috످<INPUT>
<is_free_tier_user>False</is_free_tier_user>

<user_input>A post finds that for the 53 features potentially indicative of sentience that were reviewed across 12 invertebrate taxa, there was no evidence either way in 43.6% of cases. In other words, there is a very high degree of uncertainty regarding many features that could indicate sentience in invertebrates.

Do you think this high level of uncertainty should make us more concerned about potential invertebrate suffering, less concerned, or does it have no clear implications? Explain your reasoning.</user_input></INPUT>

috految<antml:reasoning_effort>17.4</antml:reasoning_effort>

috److I think this uncertainty should make us more concerned than most people are, even though it isn't itself evidence that invertebrates suffer. But it depends on what you believed before. If you thought science had ruled out invertebrate sentience, you have reason to worry more. If you thought science had proved it, you have reason to worry somewhat less.

The 43.6% figure, which appears to come from Rethink Priorities' 2019 review, tells us little on its own. If researchers had looked hard for these features and found nothing, that would count against sentience. But "no evidence either way" often means nobody has looked. The figure also lumps together animals as different as nematodes and octopuses, and it treats all features as equally important. An animal that pays a cost to get pain relief shows much stronger signs of sentience than one that just recoils from heat.

Still, I see three reasons to be more concerned. First, when researchers do look, they often find signs of sentience, though publication bias may exaggerate how often. Injured octopuses prefer places where they received pain relief (Crook, 2021), and bumblebees appear to play (Dona et al., 2022).

Second, the scale of suffering could be enormous. Roughly 10 quintillion insects are alive at any time, and we farm over a trillion a year. Even if insects had only a 1% chance of being sentient and each mattered a thousandth as much as a chicken, the ones we farm would count as much as 10 million chickens in expectation.

Third, we've underestimated suffering before. Into the 1980s, doctors often operated on newborns with little or no pain relief, partly because they mistook a lack of evidence for a lack of pain.

The strongest objection is that if we act on any chance of sentience in a large enough population, we could end up prioritizing bacteria over humans (a version of Pascal's mugging). Jonathan Birch has a good answer in *The Edge of Sentience*. He argues that we should take precautions in proportion to the risk, and only when evidence shows that sentience is a realistic possibility. Octopuses, crabs, and bees qualify, while bacteria don't. But requiring evidence disadvantages the animals we've neglected to study.

We may also be measuring the wrong things. Even with complete data, we wouldn't know whether these features indicate sentience. A robot could have many of them and presumably feel nothing, while an animal could suffer in ways our human-based criteria miss.

I think the uncertainty is a strong reason for more research and cheap precautions, like stunning crustaceans before slaughter and setting welfare standards for insect farms. If invertebrates aren't sentient, we'll have wasted some resources. But if they are and we do nothing, we may be causing enormous suffering. The case is much weaker for drastic steps, like altering ecosystems to reduce wild insect suffering, because we could easily do more harm than good.

috످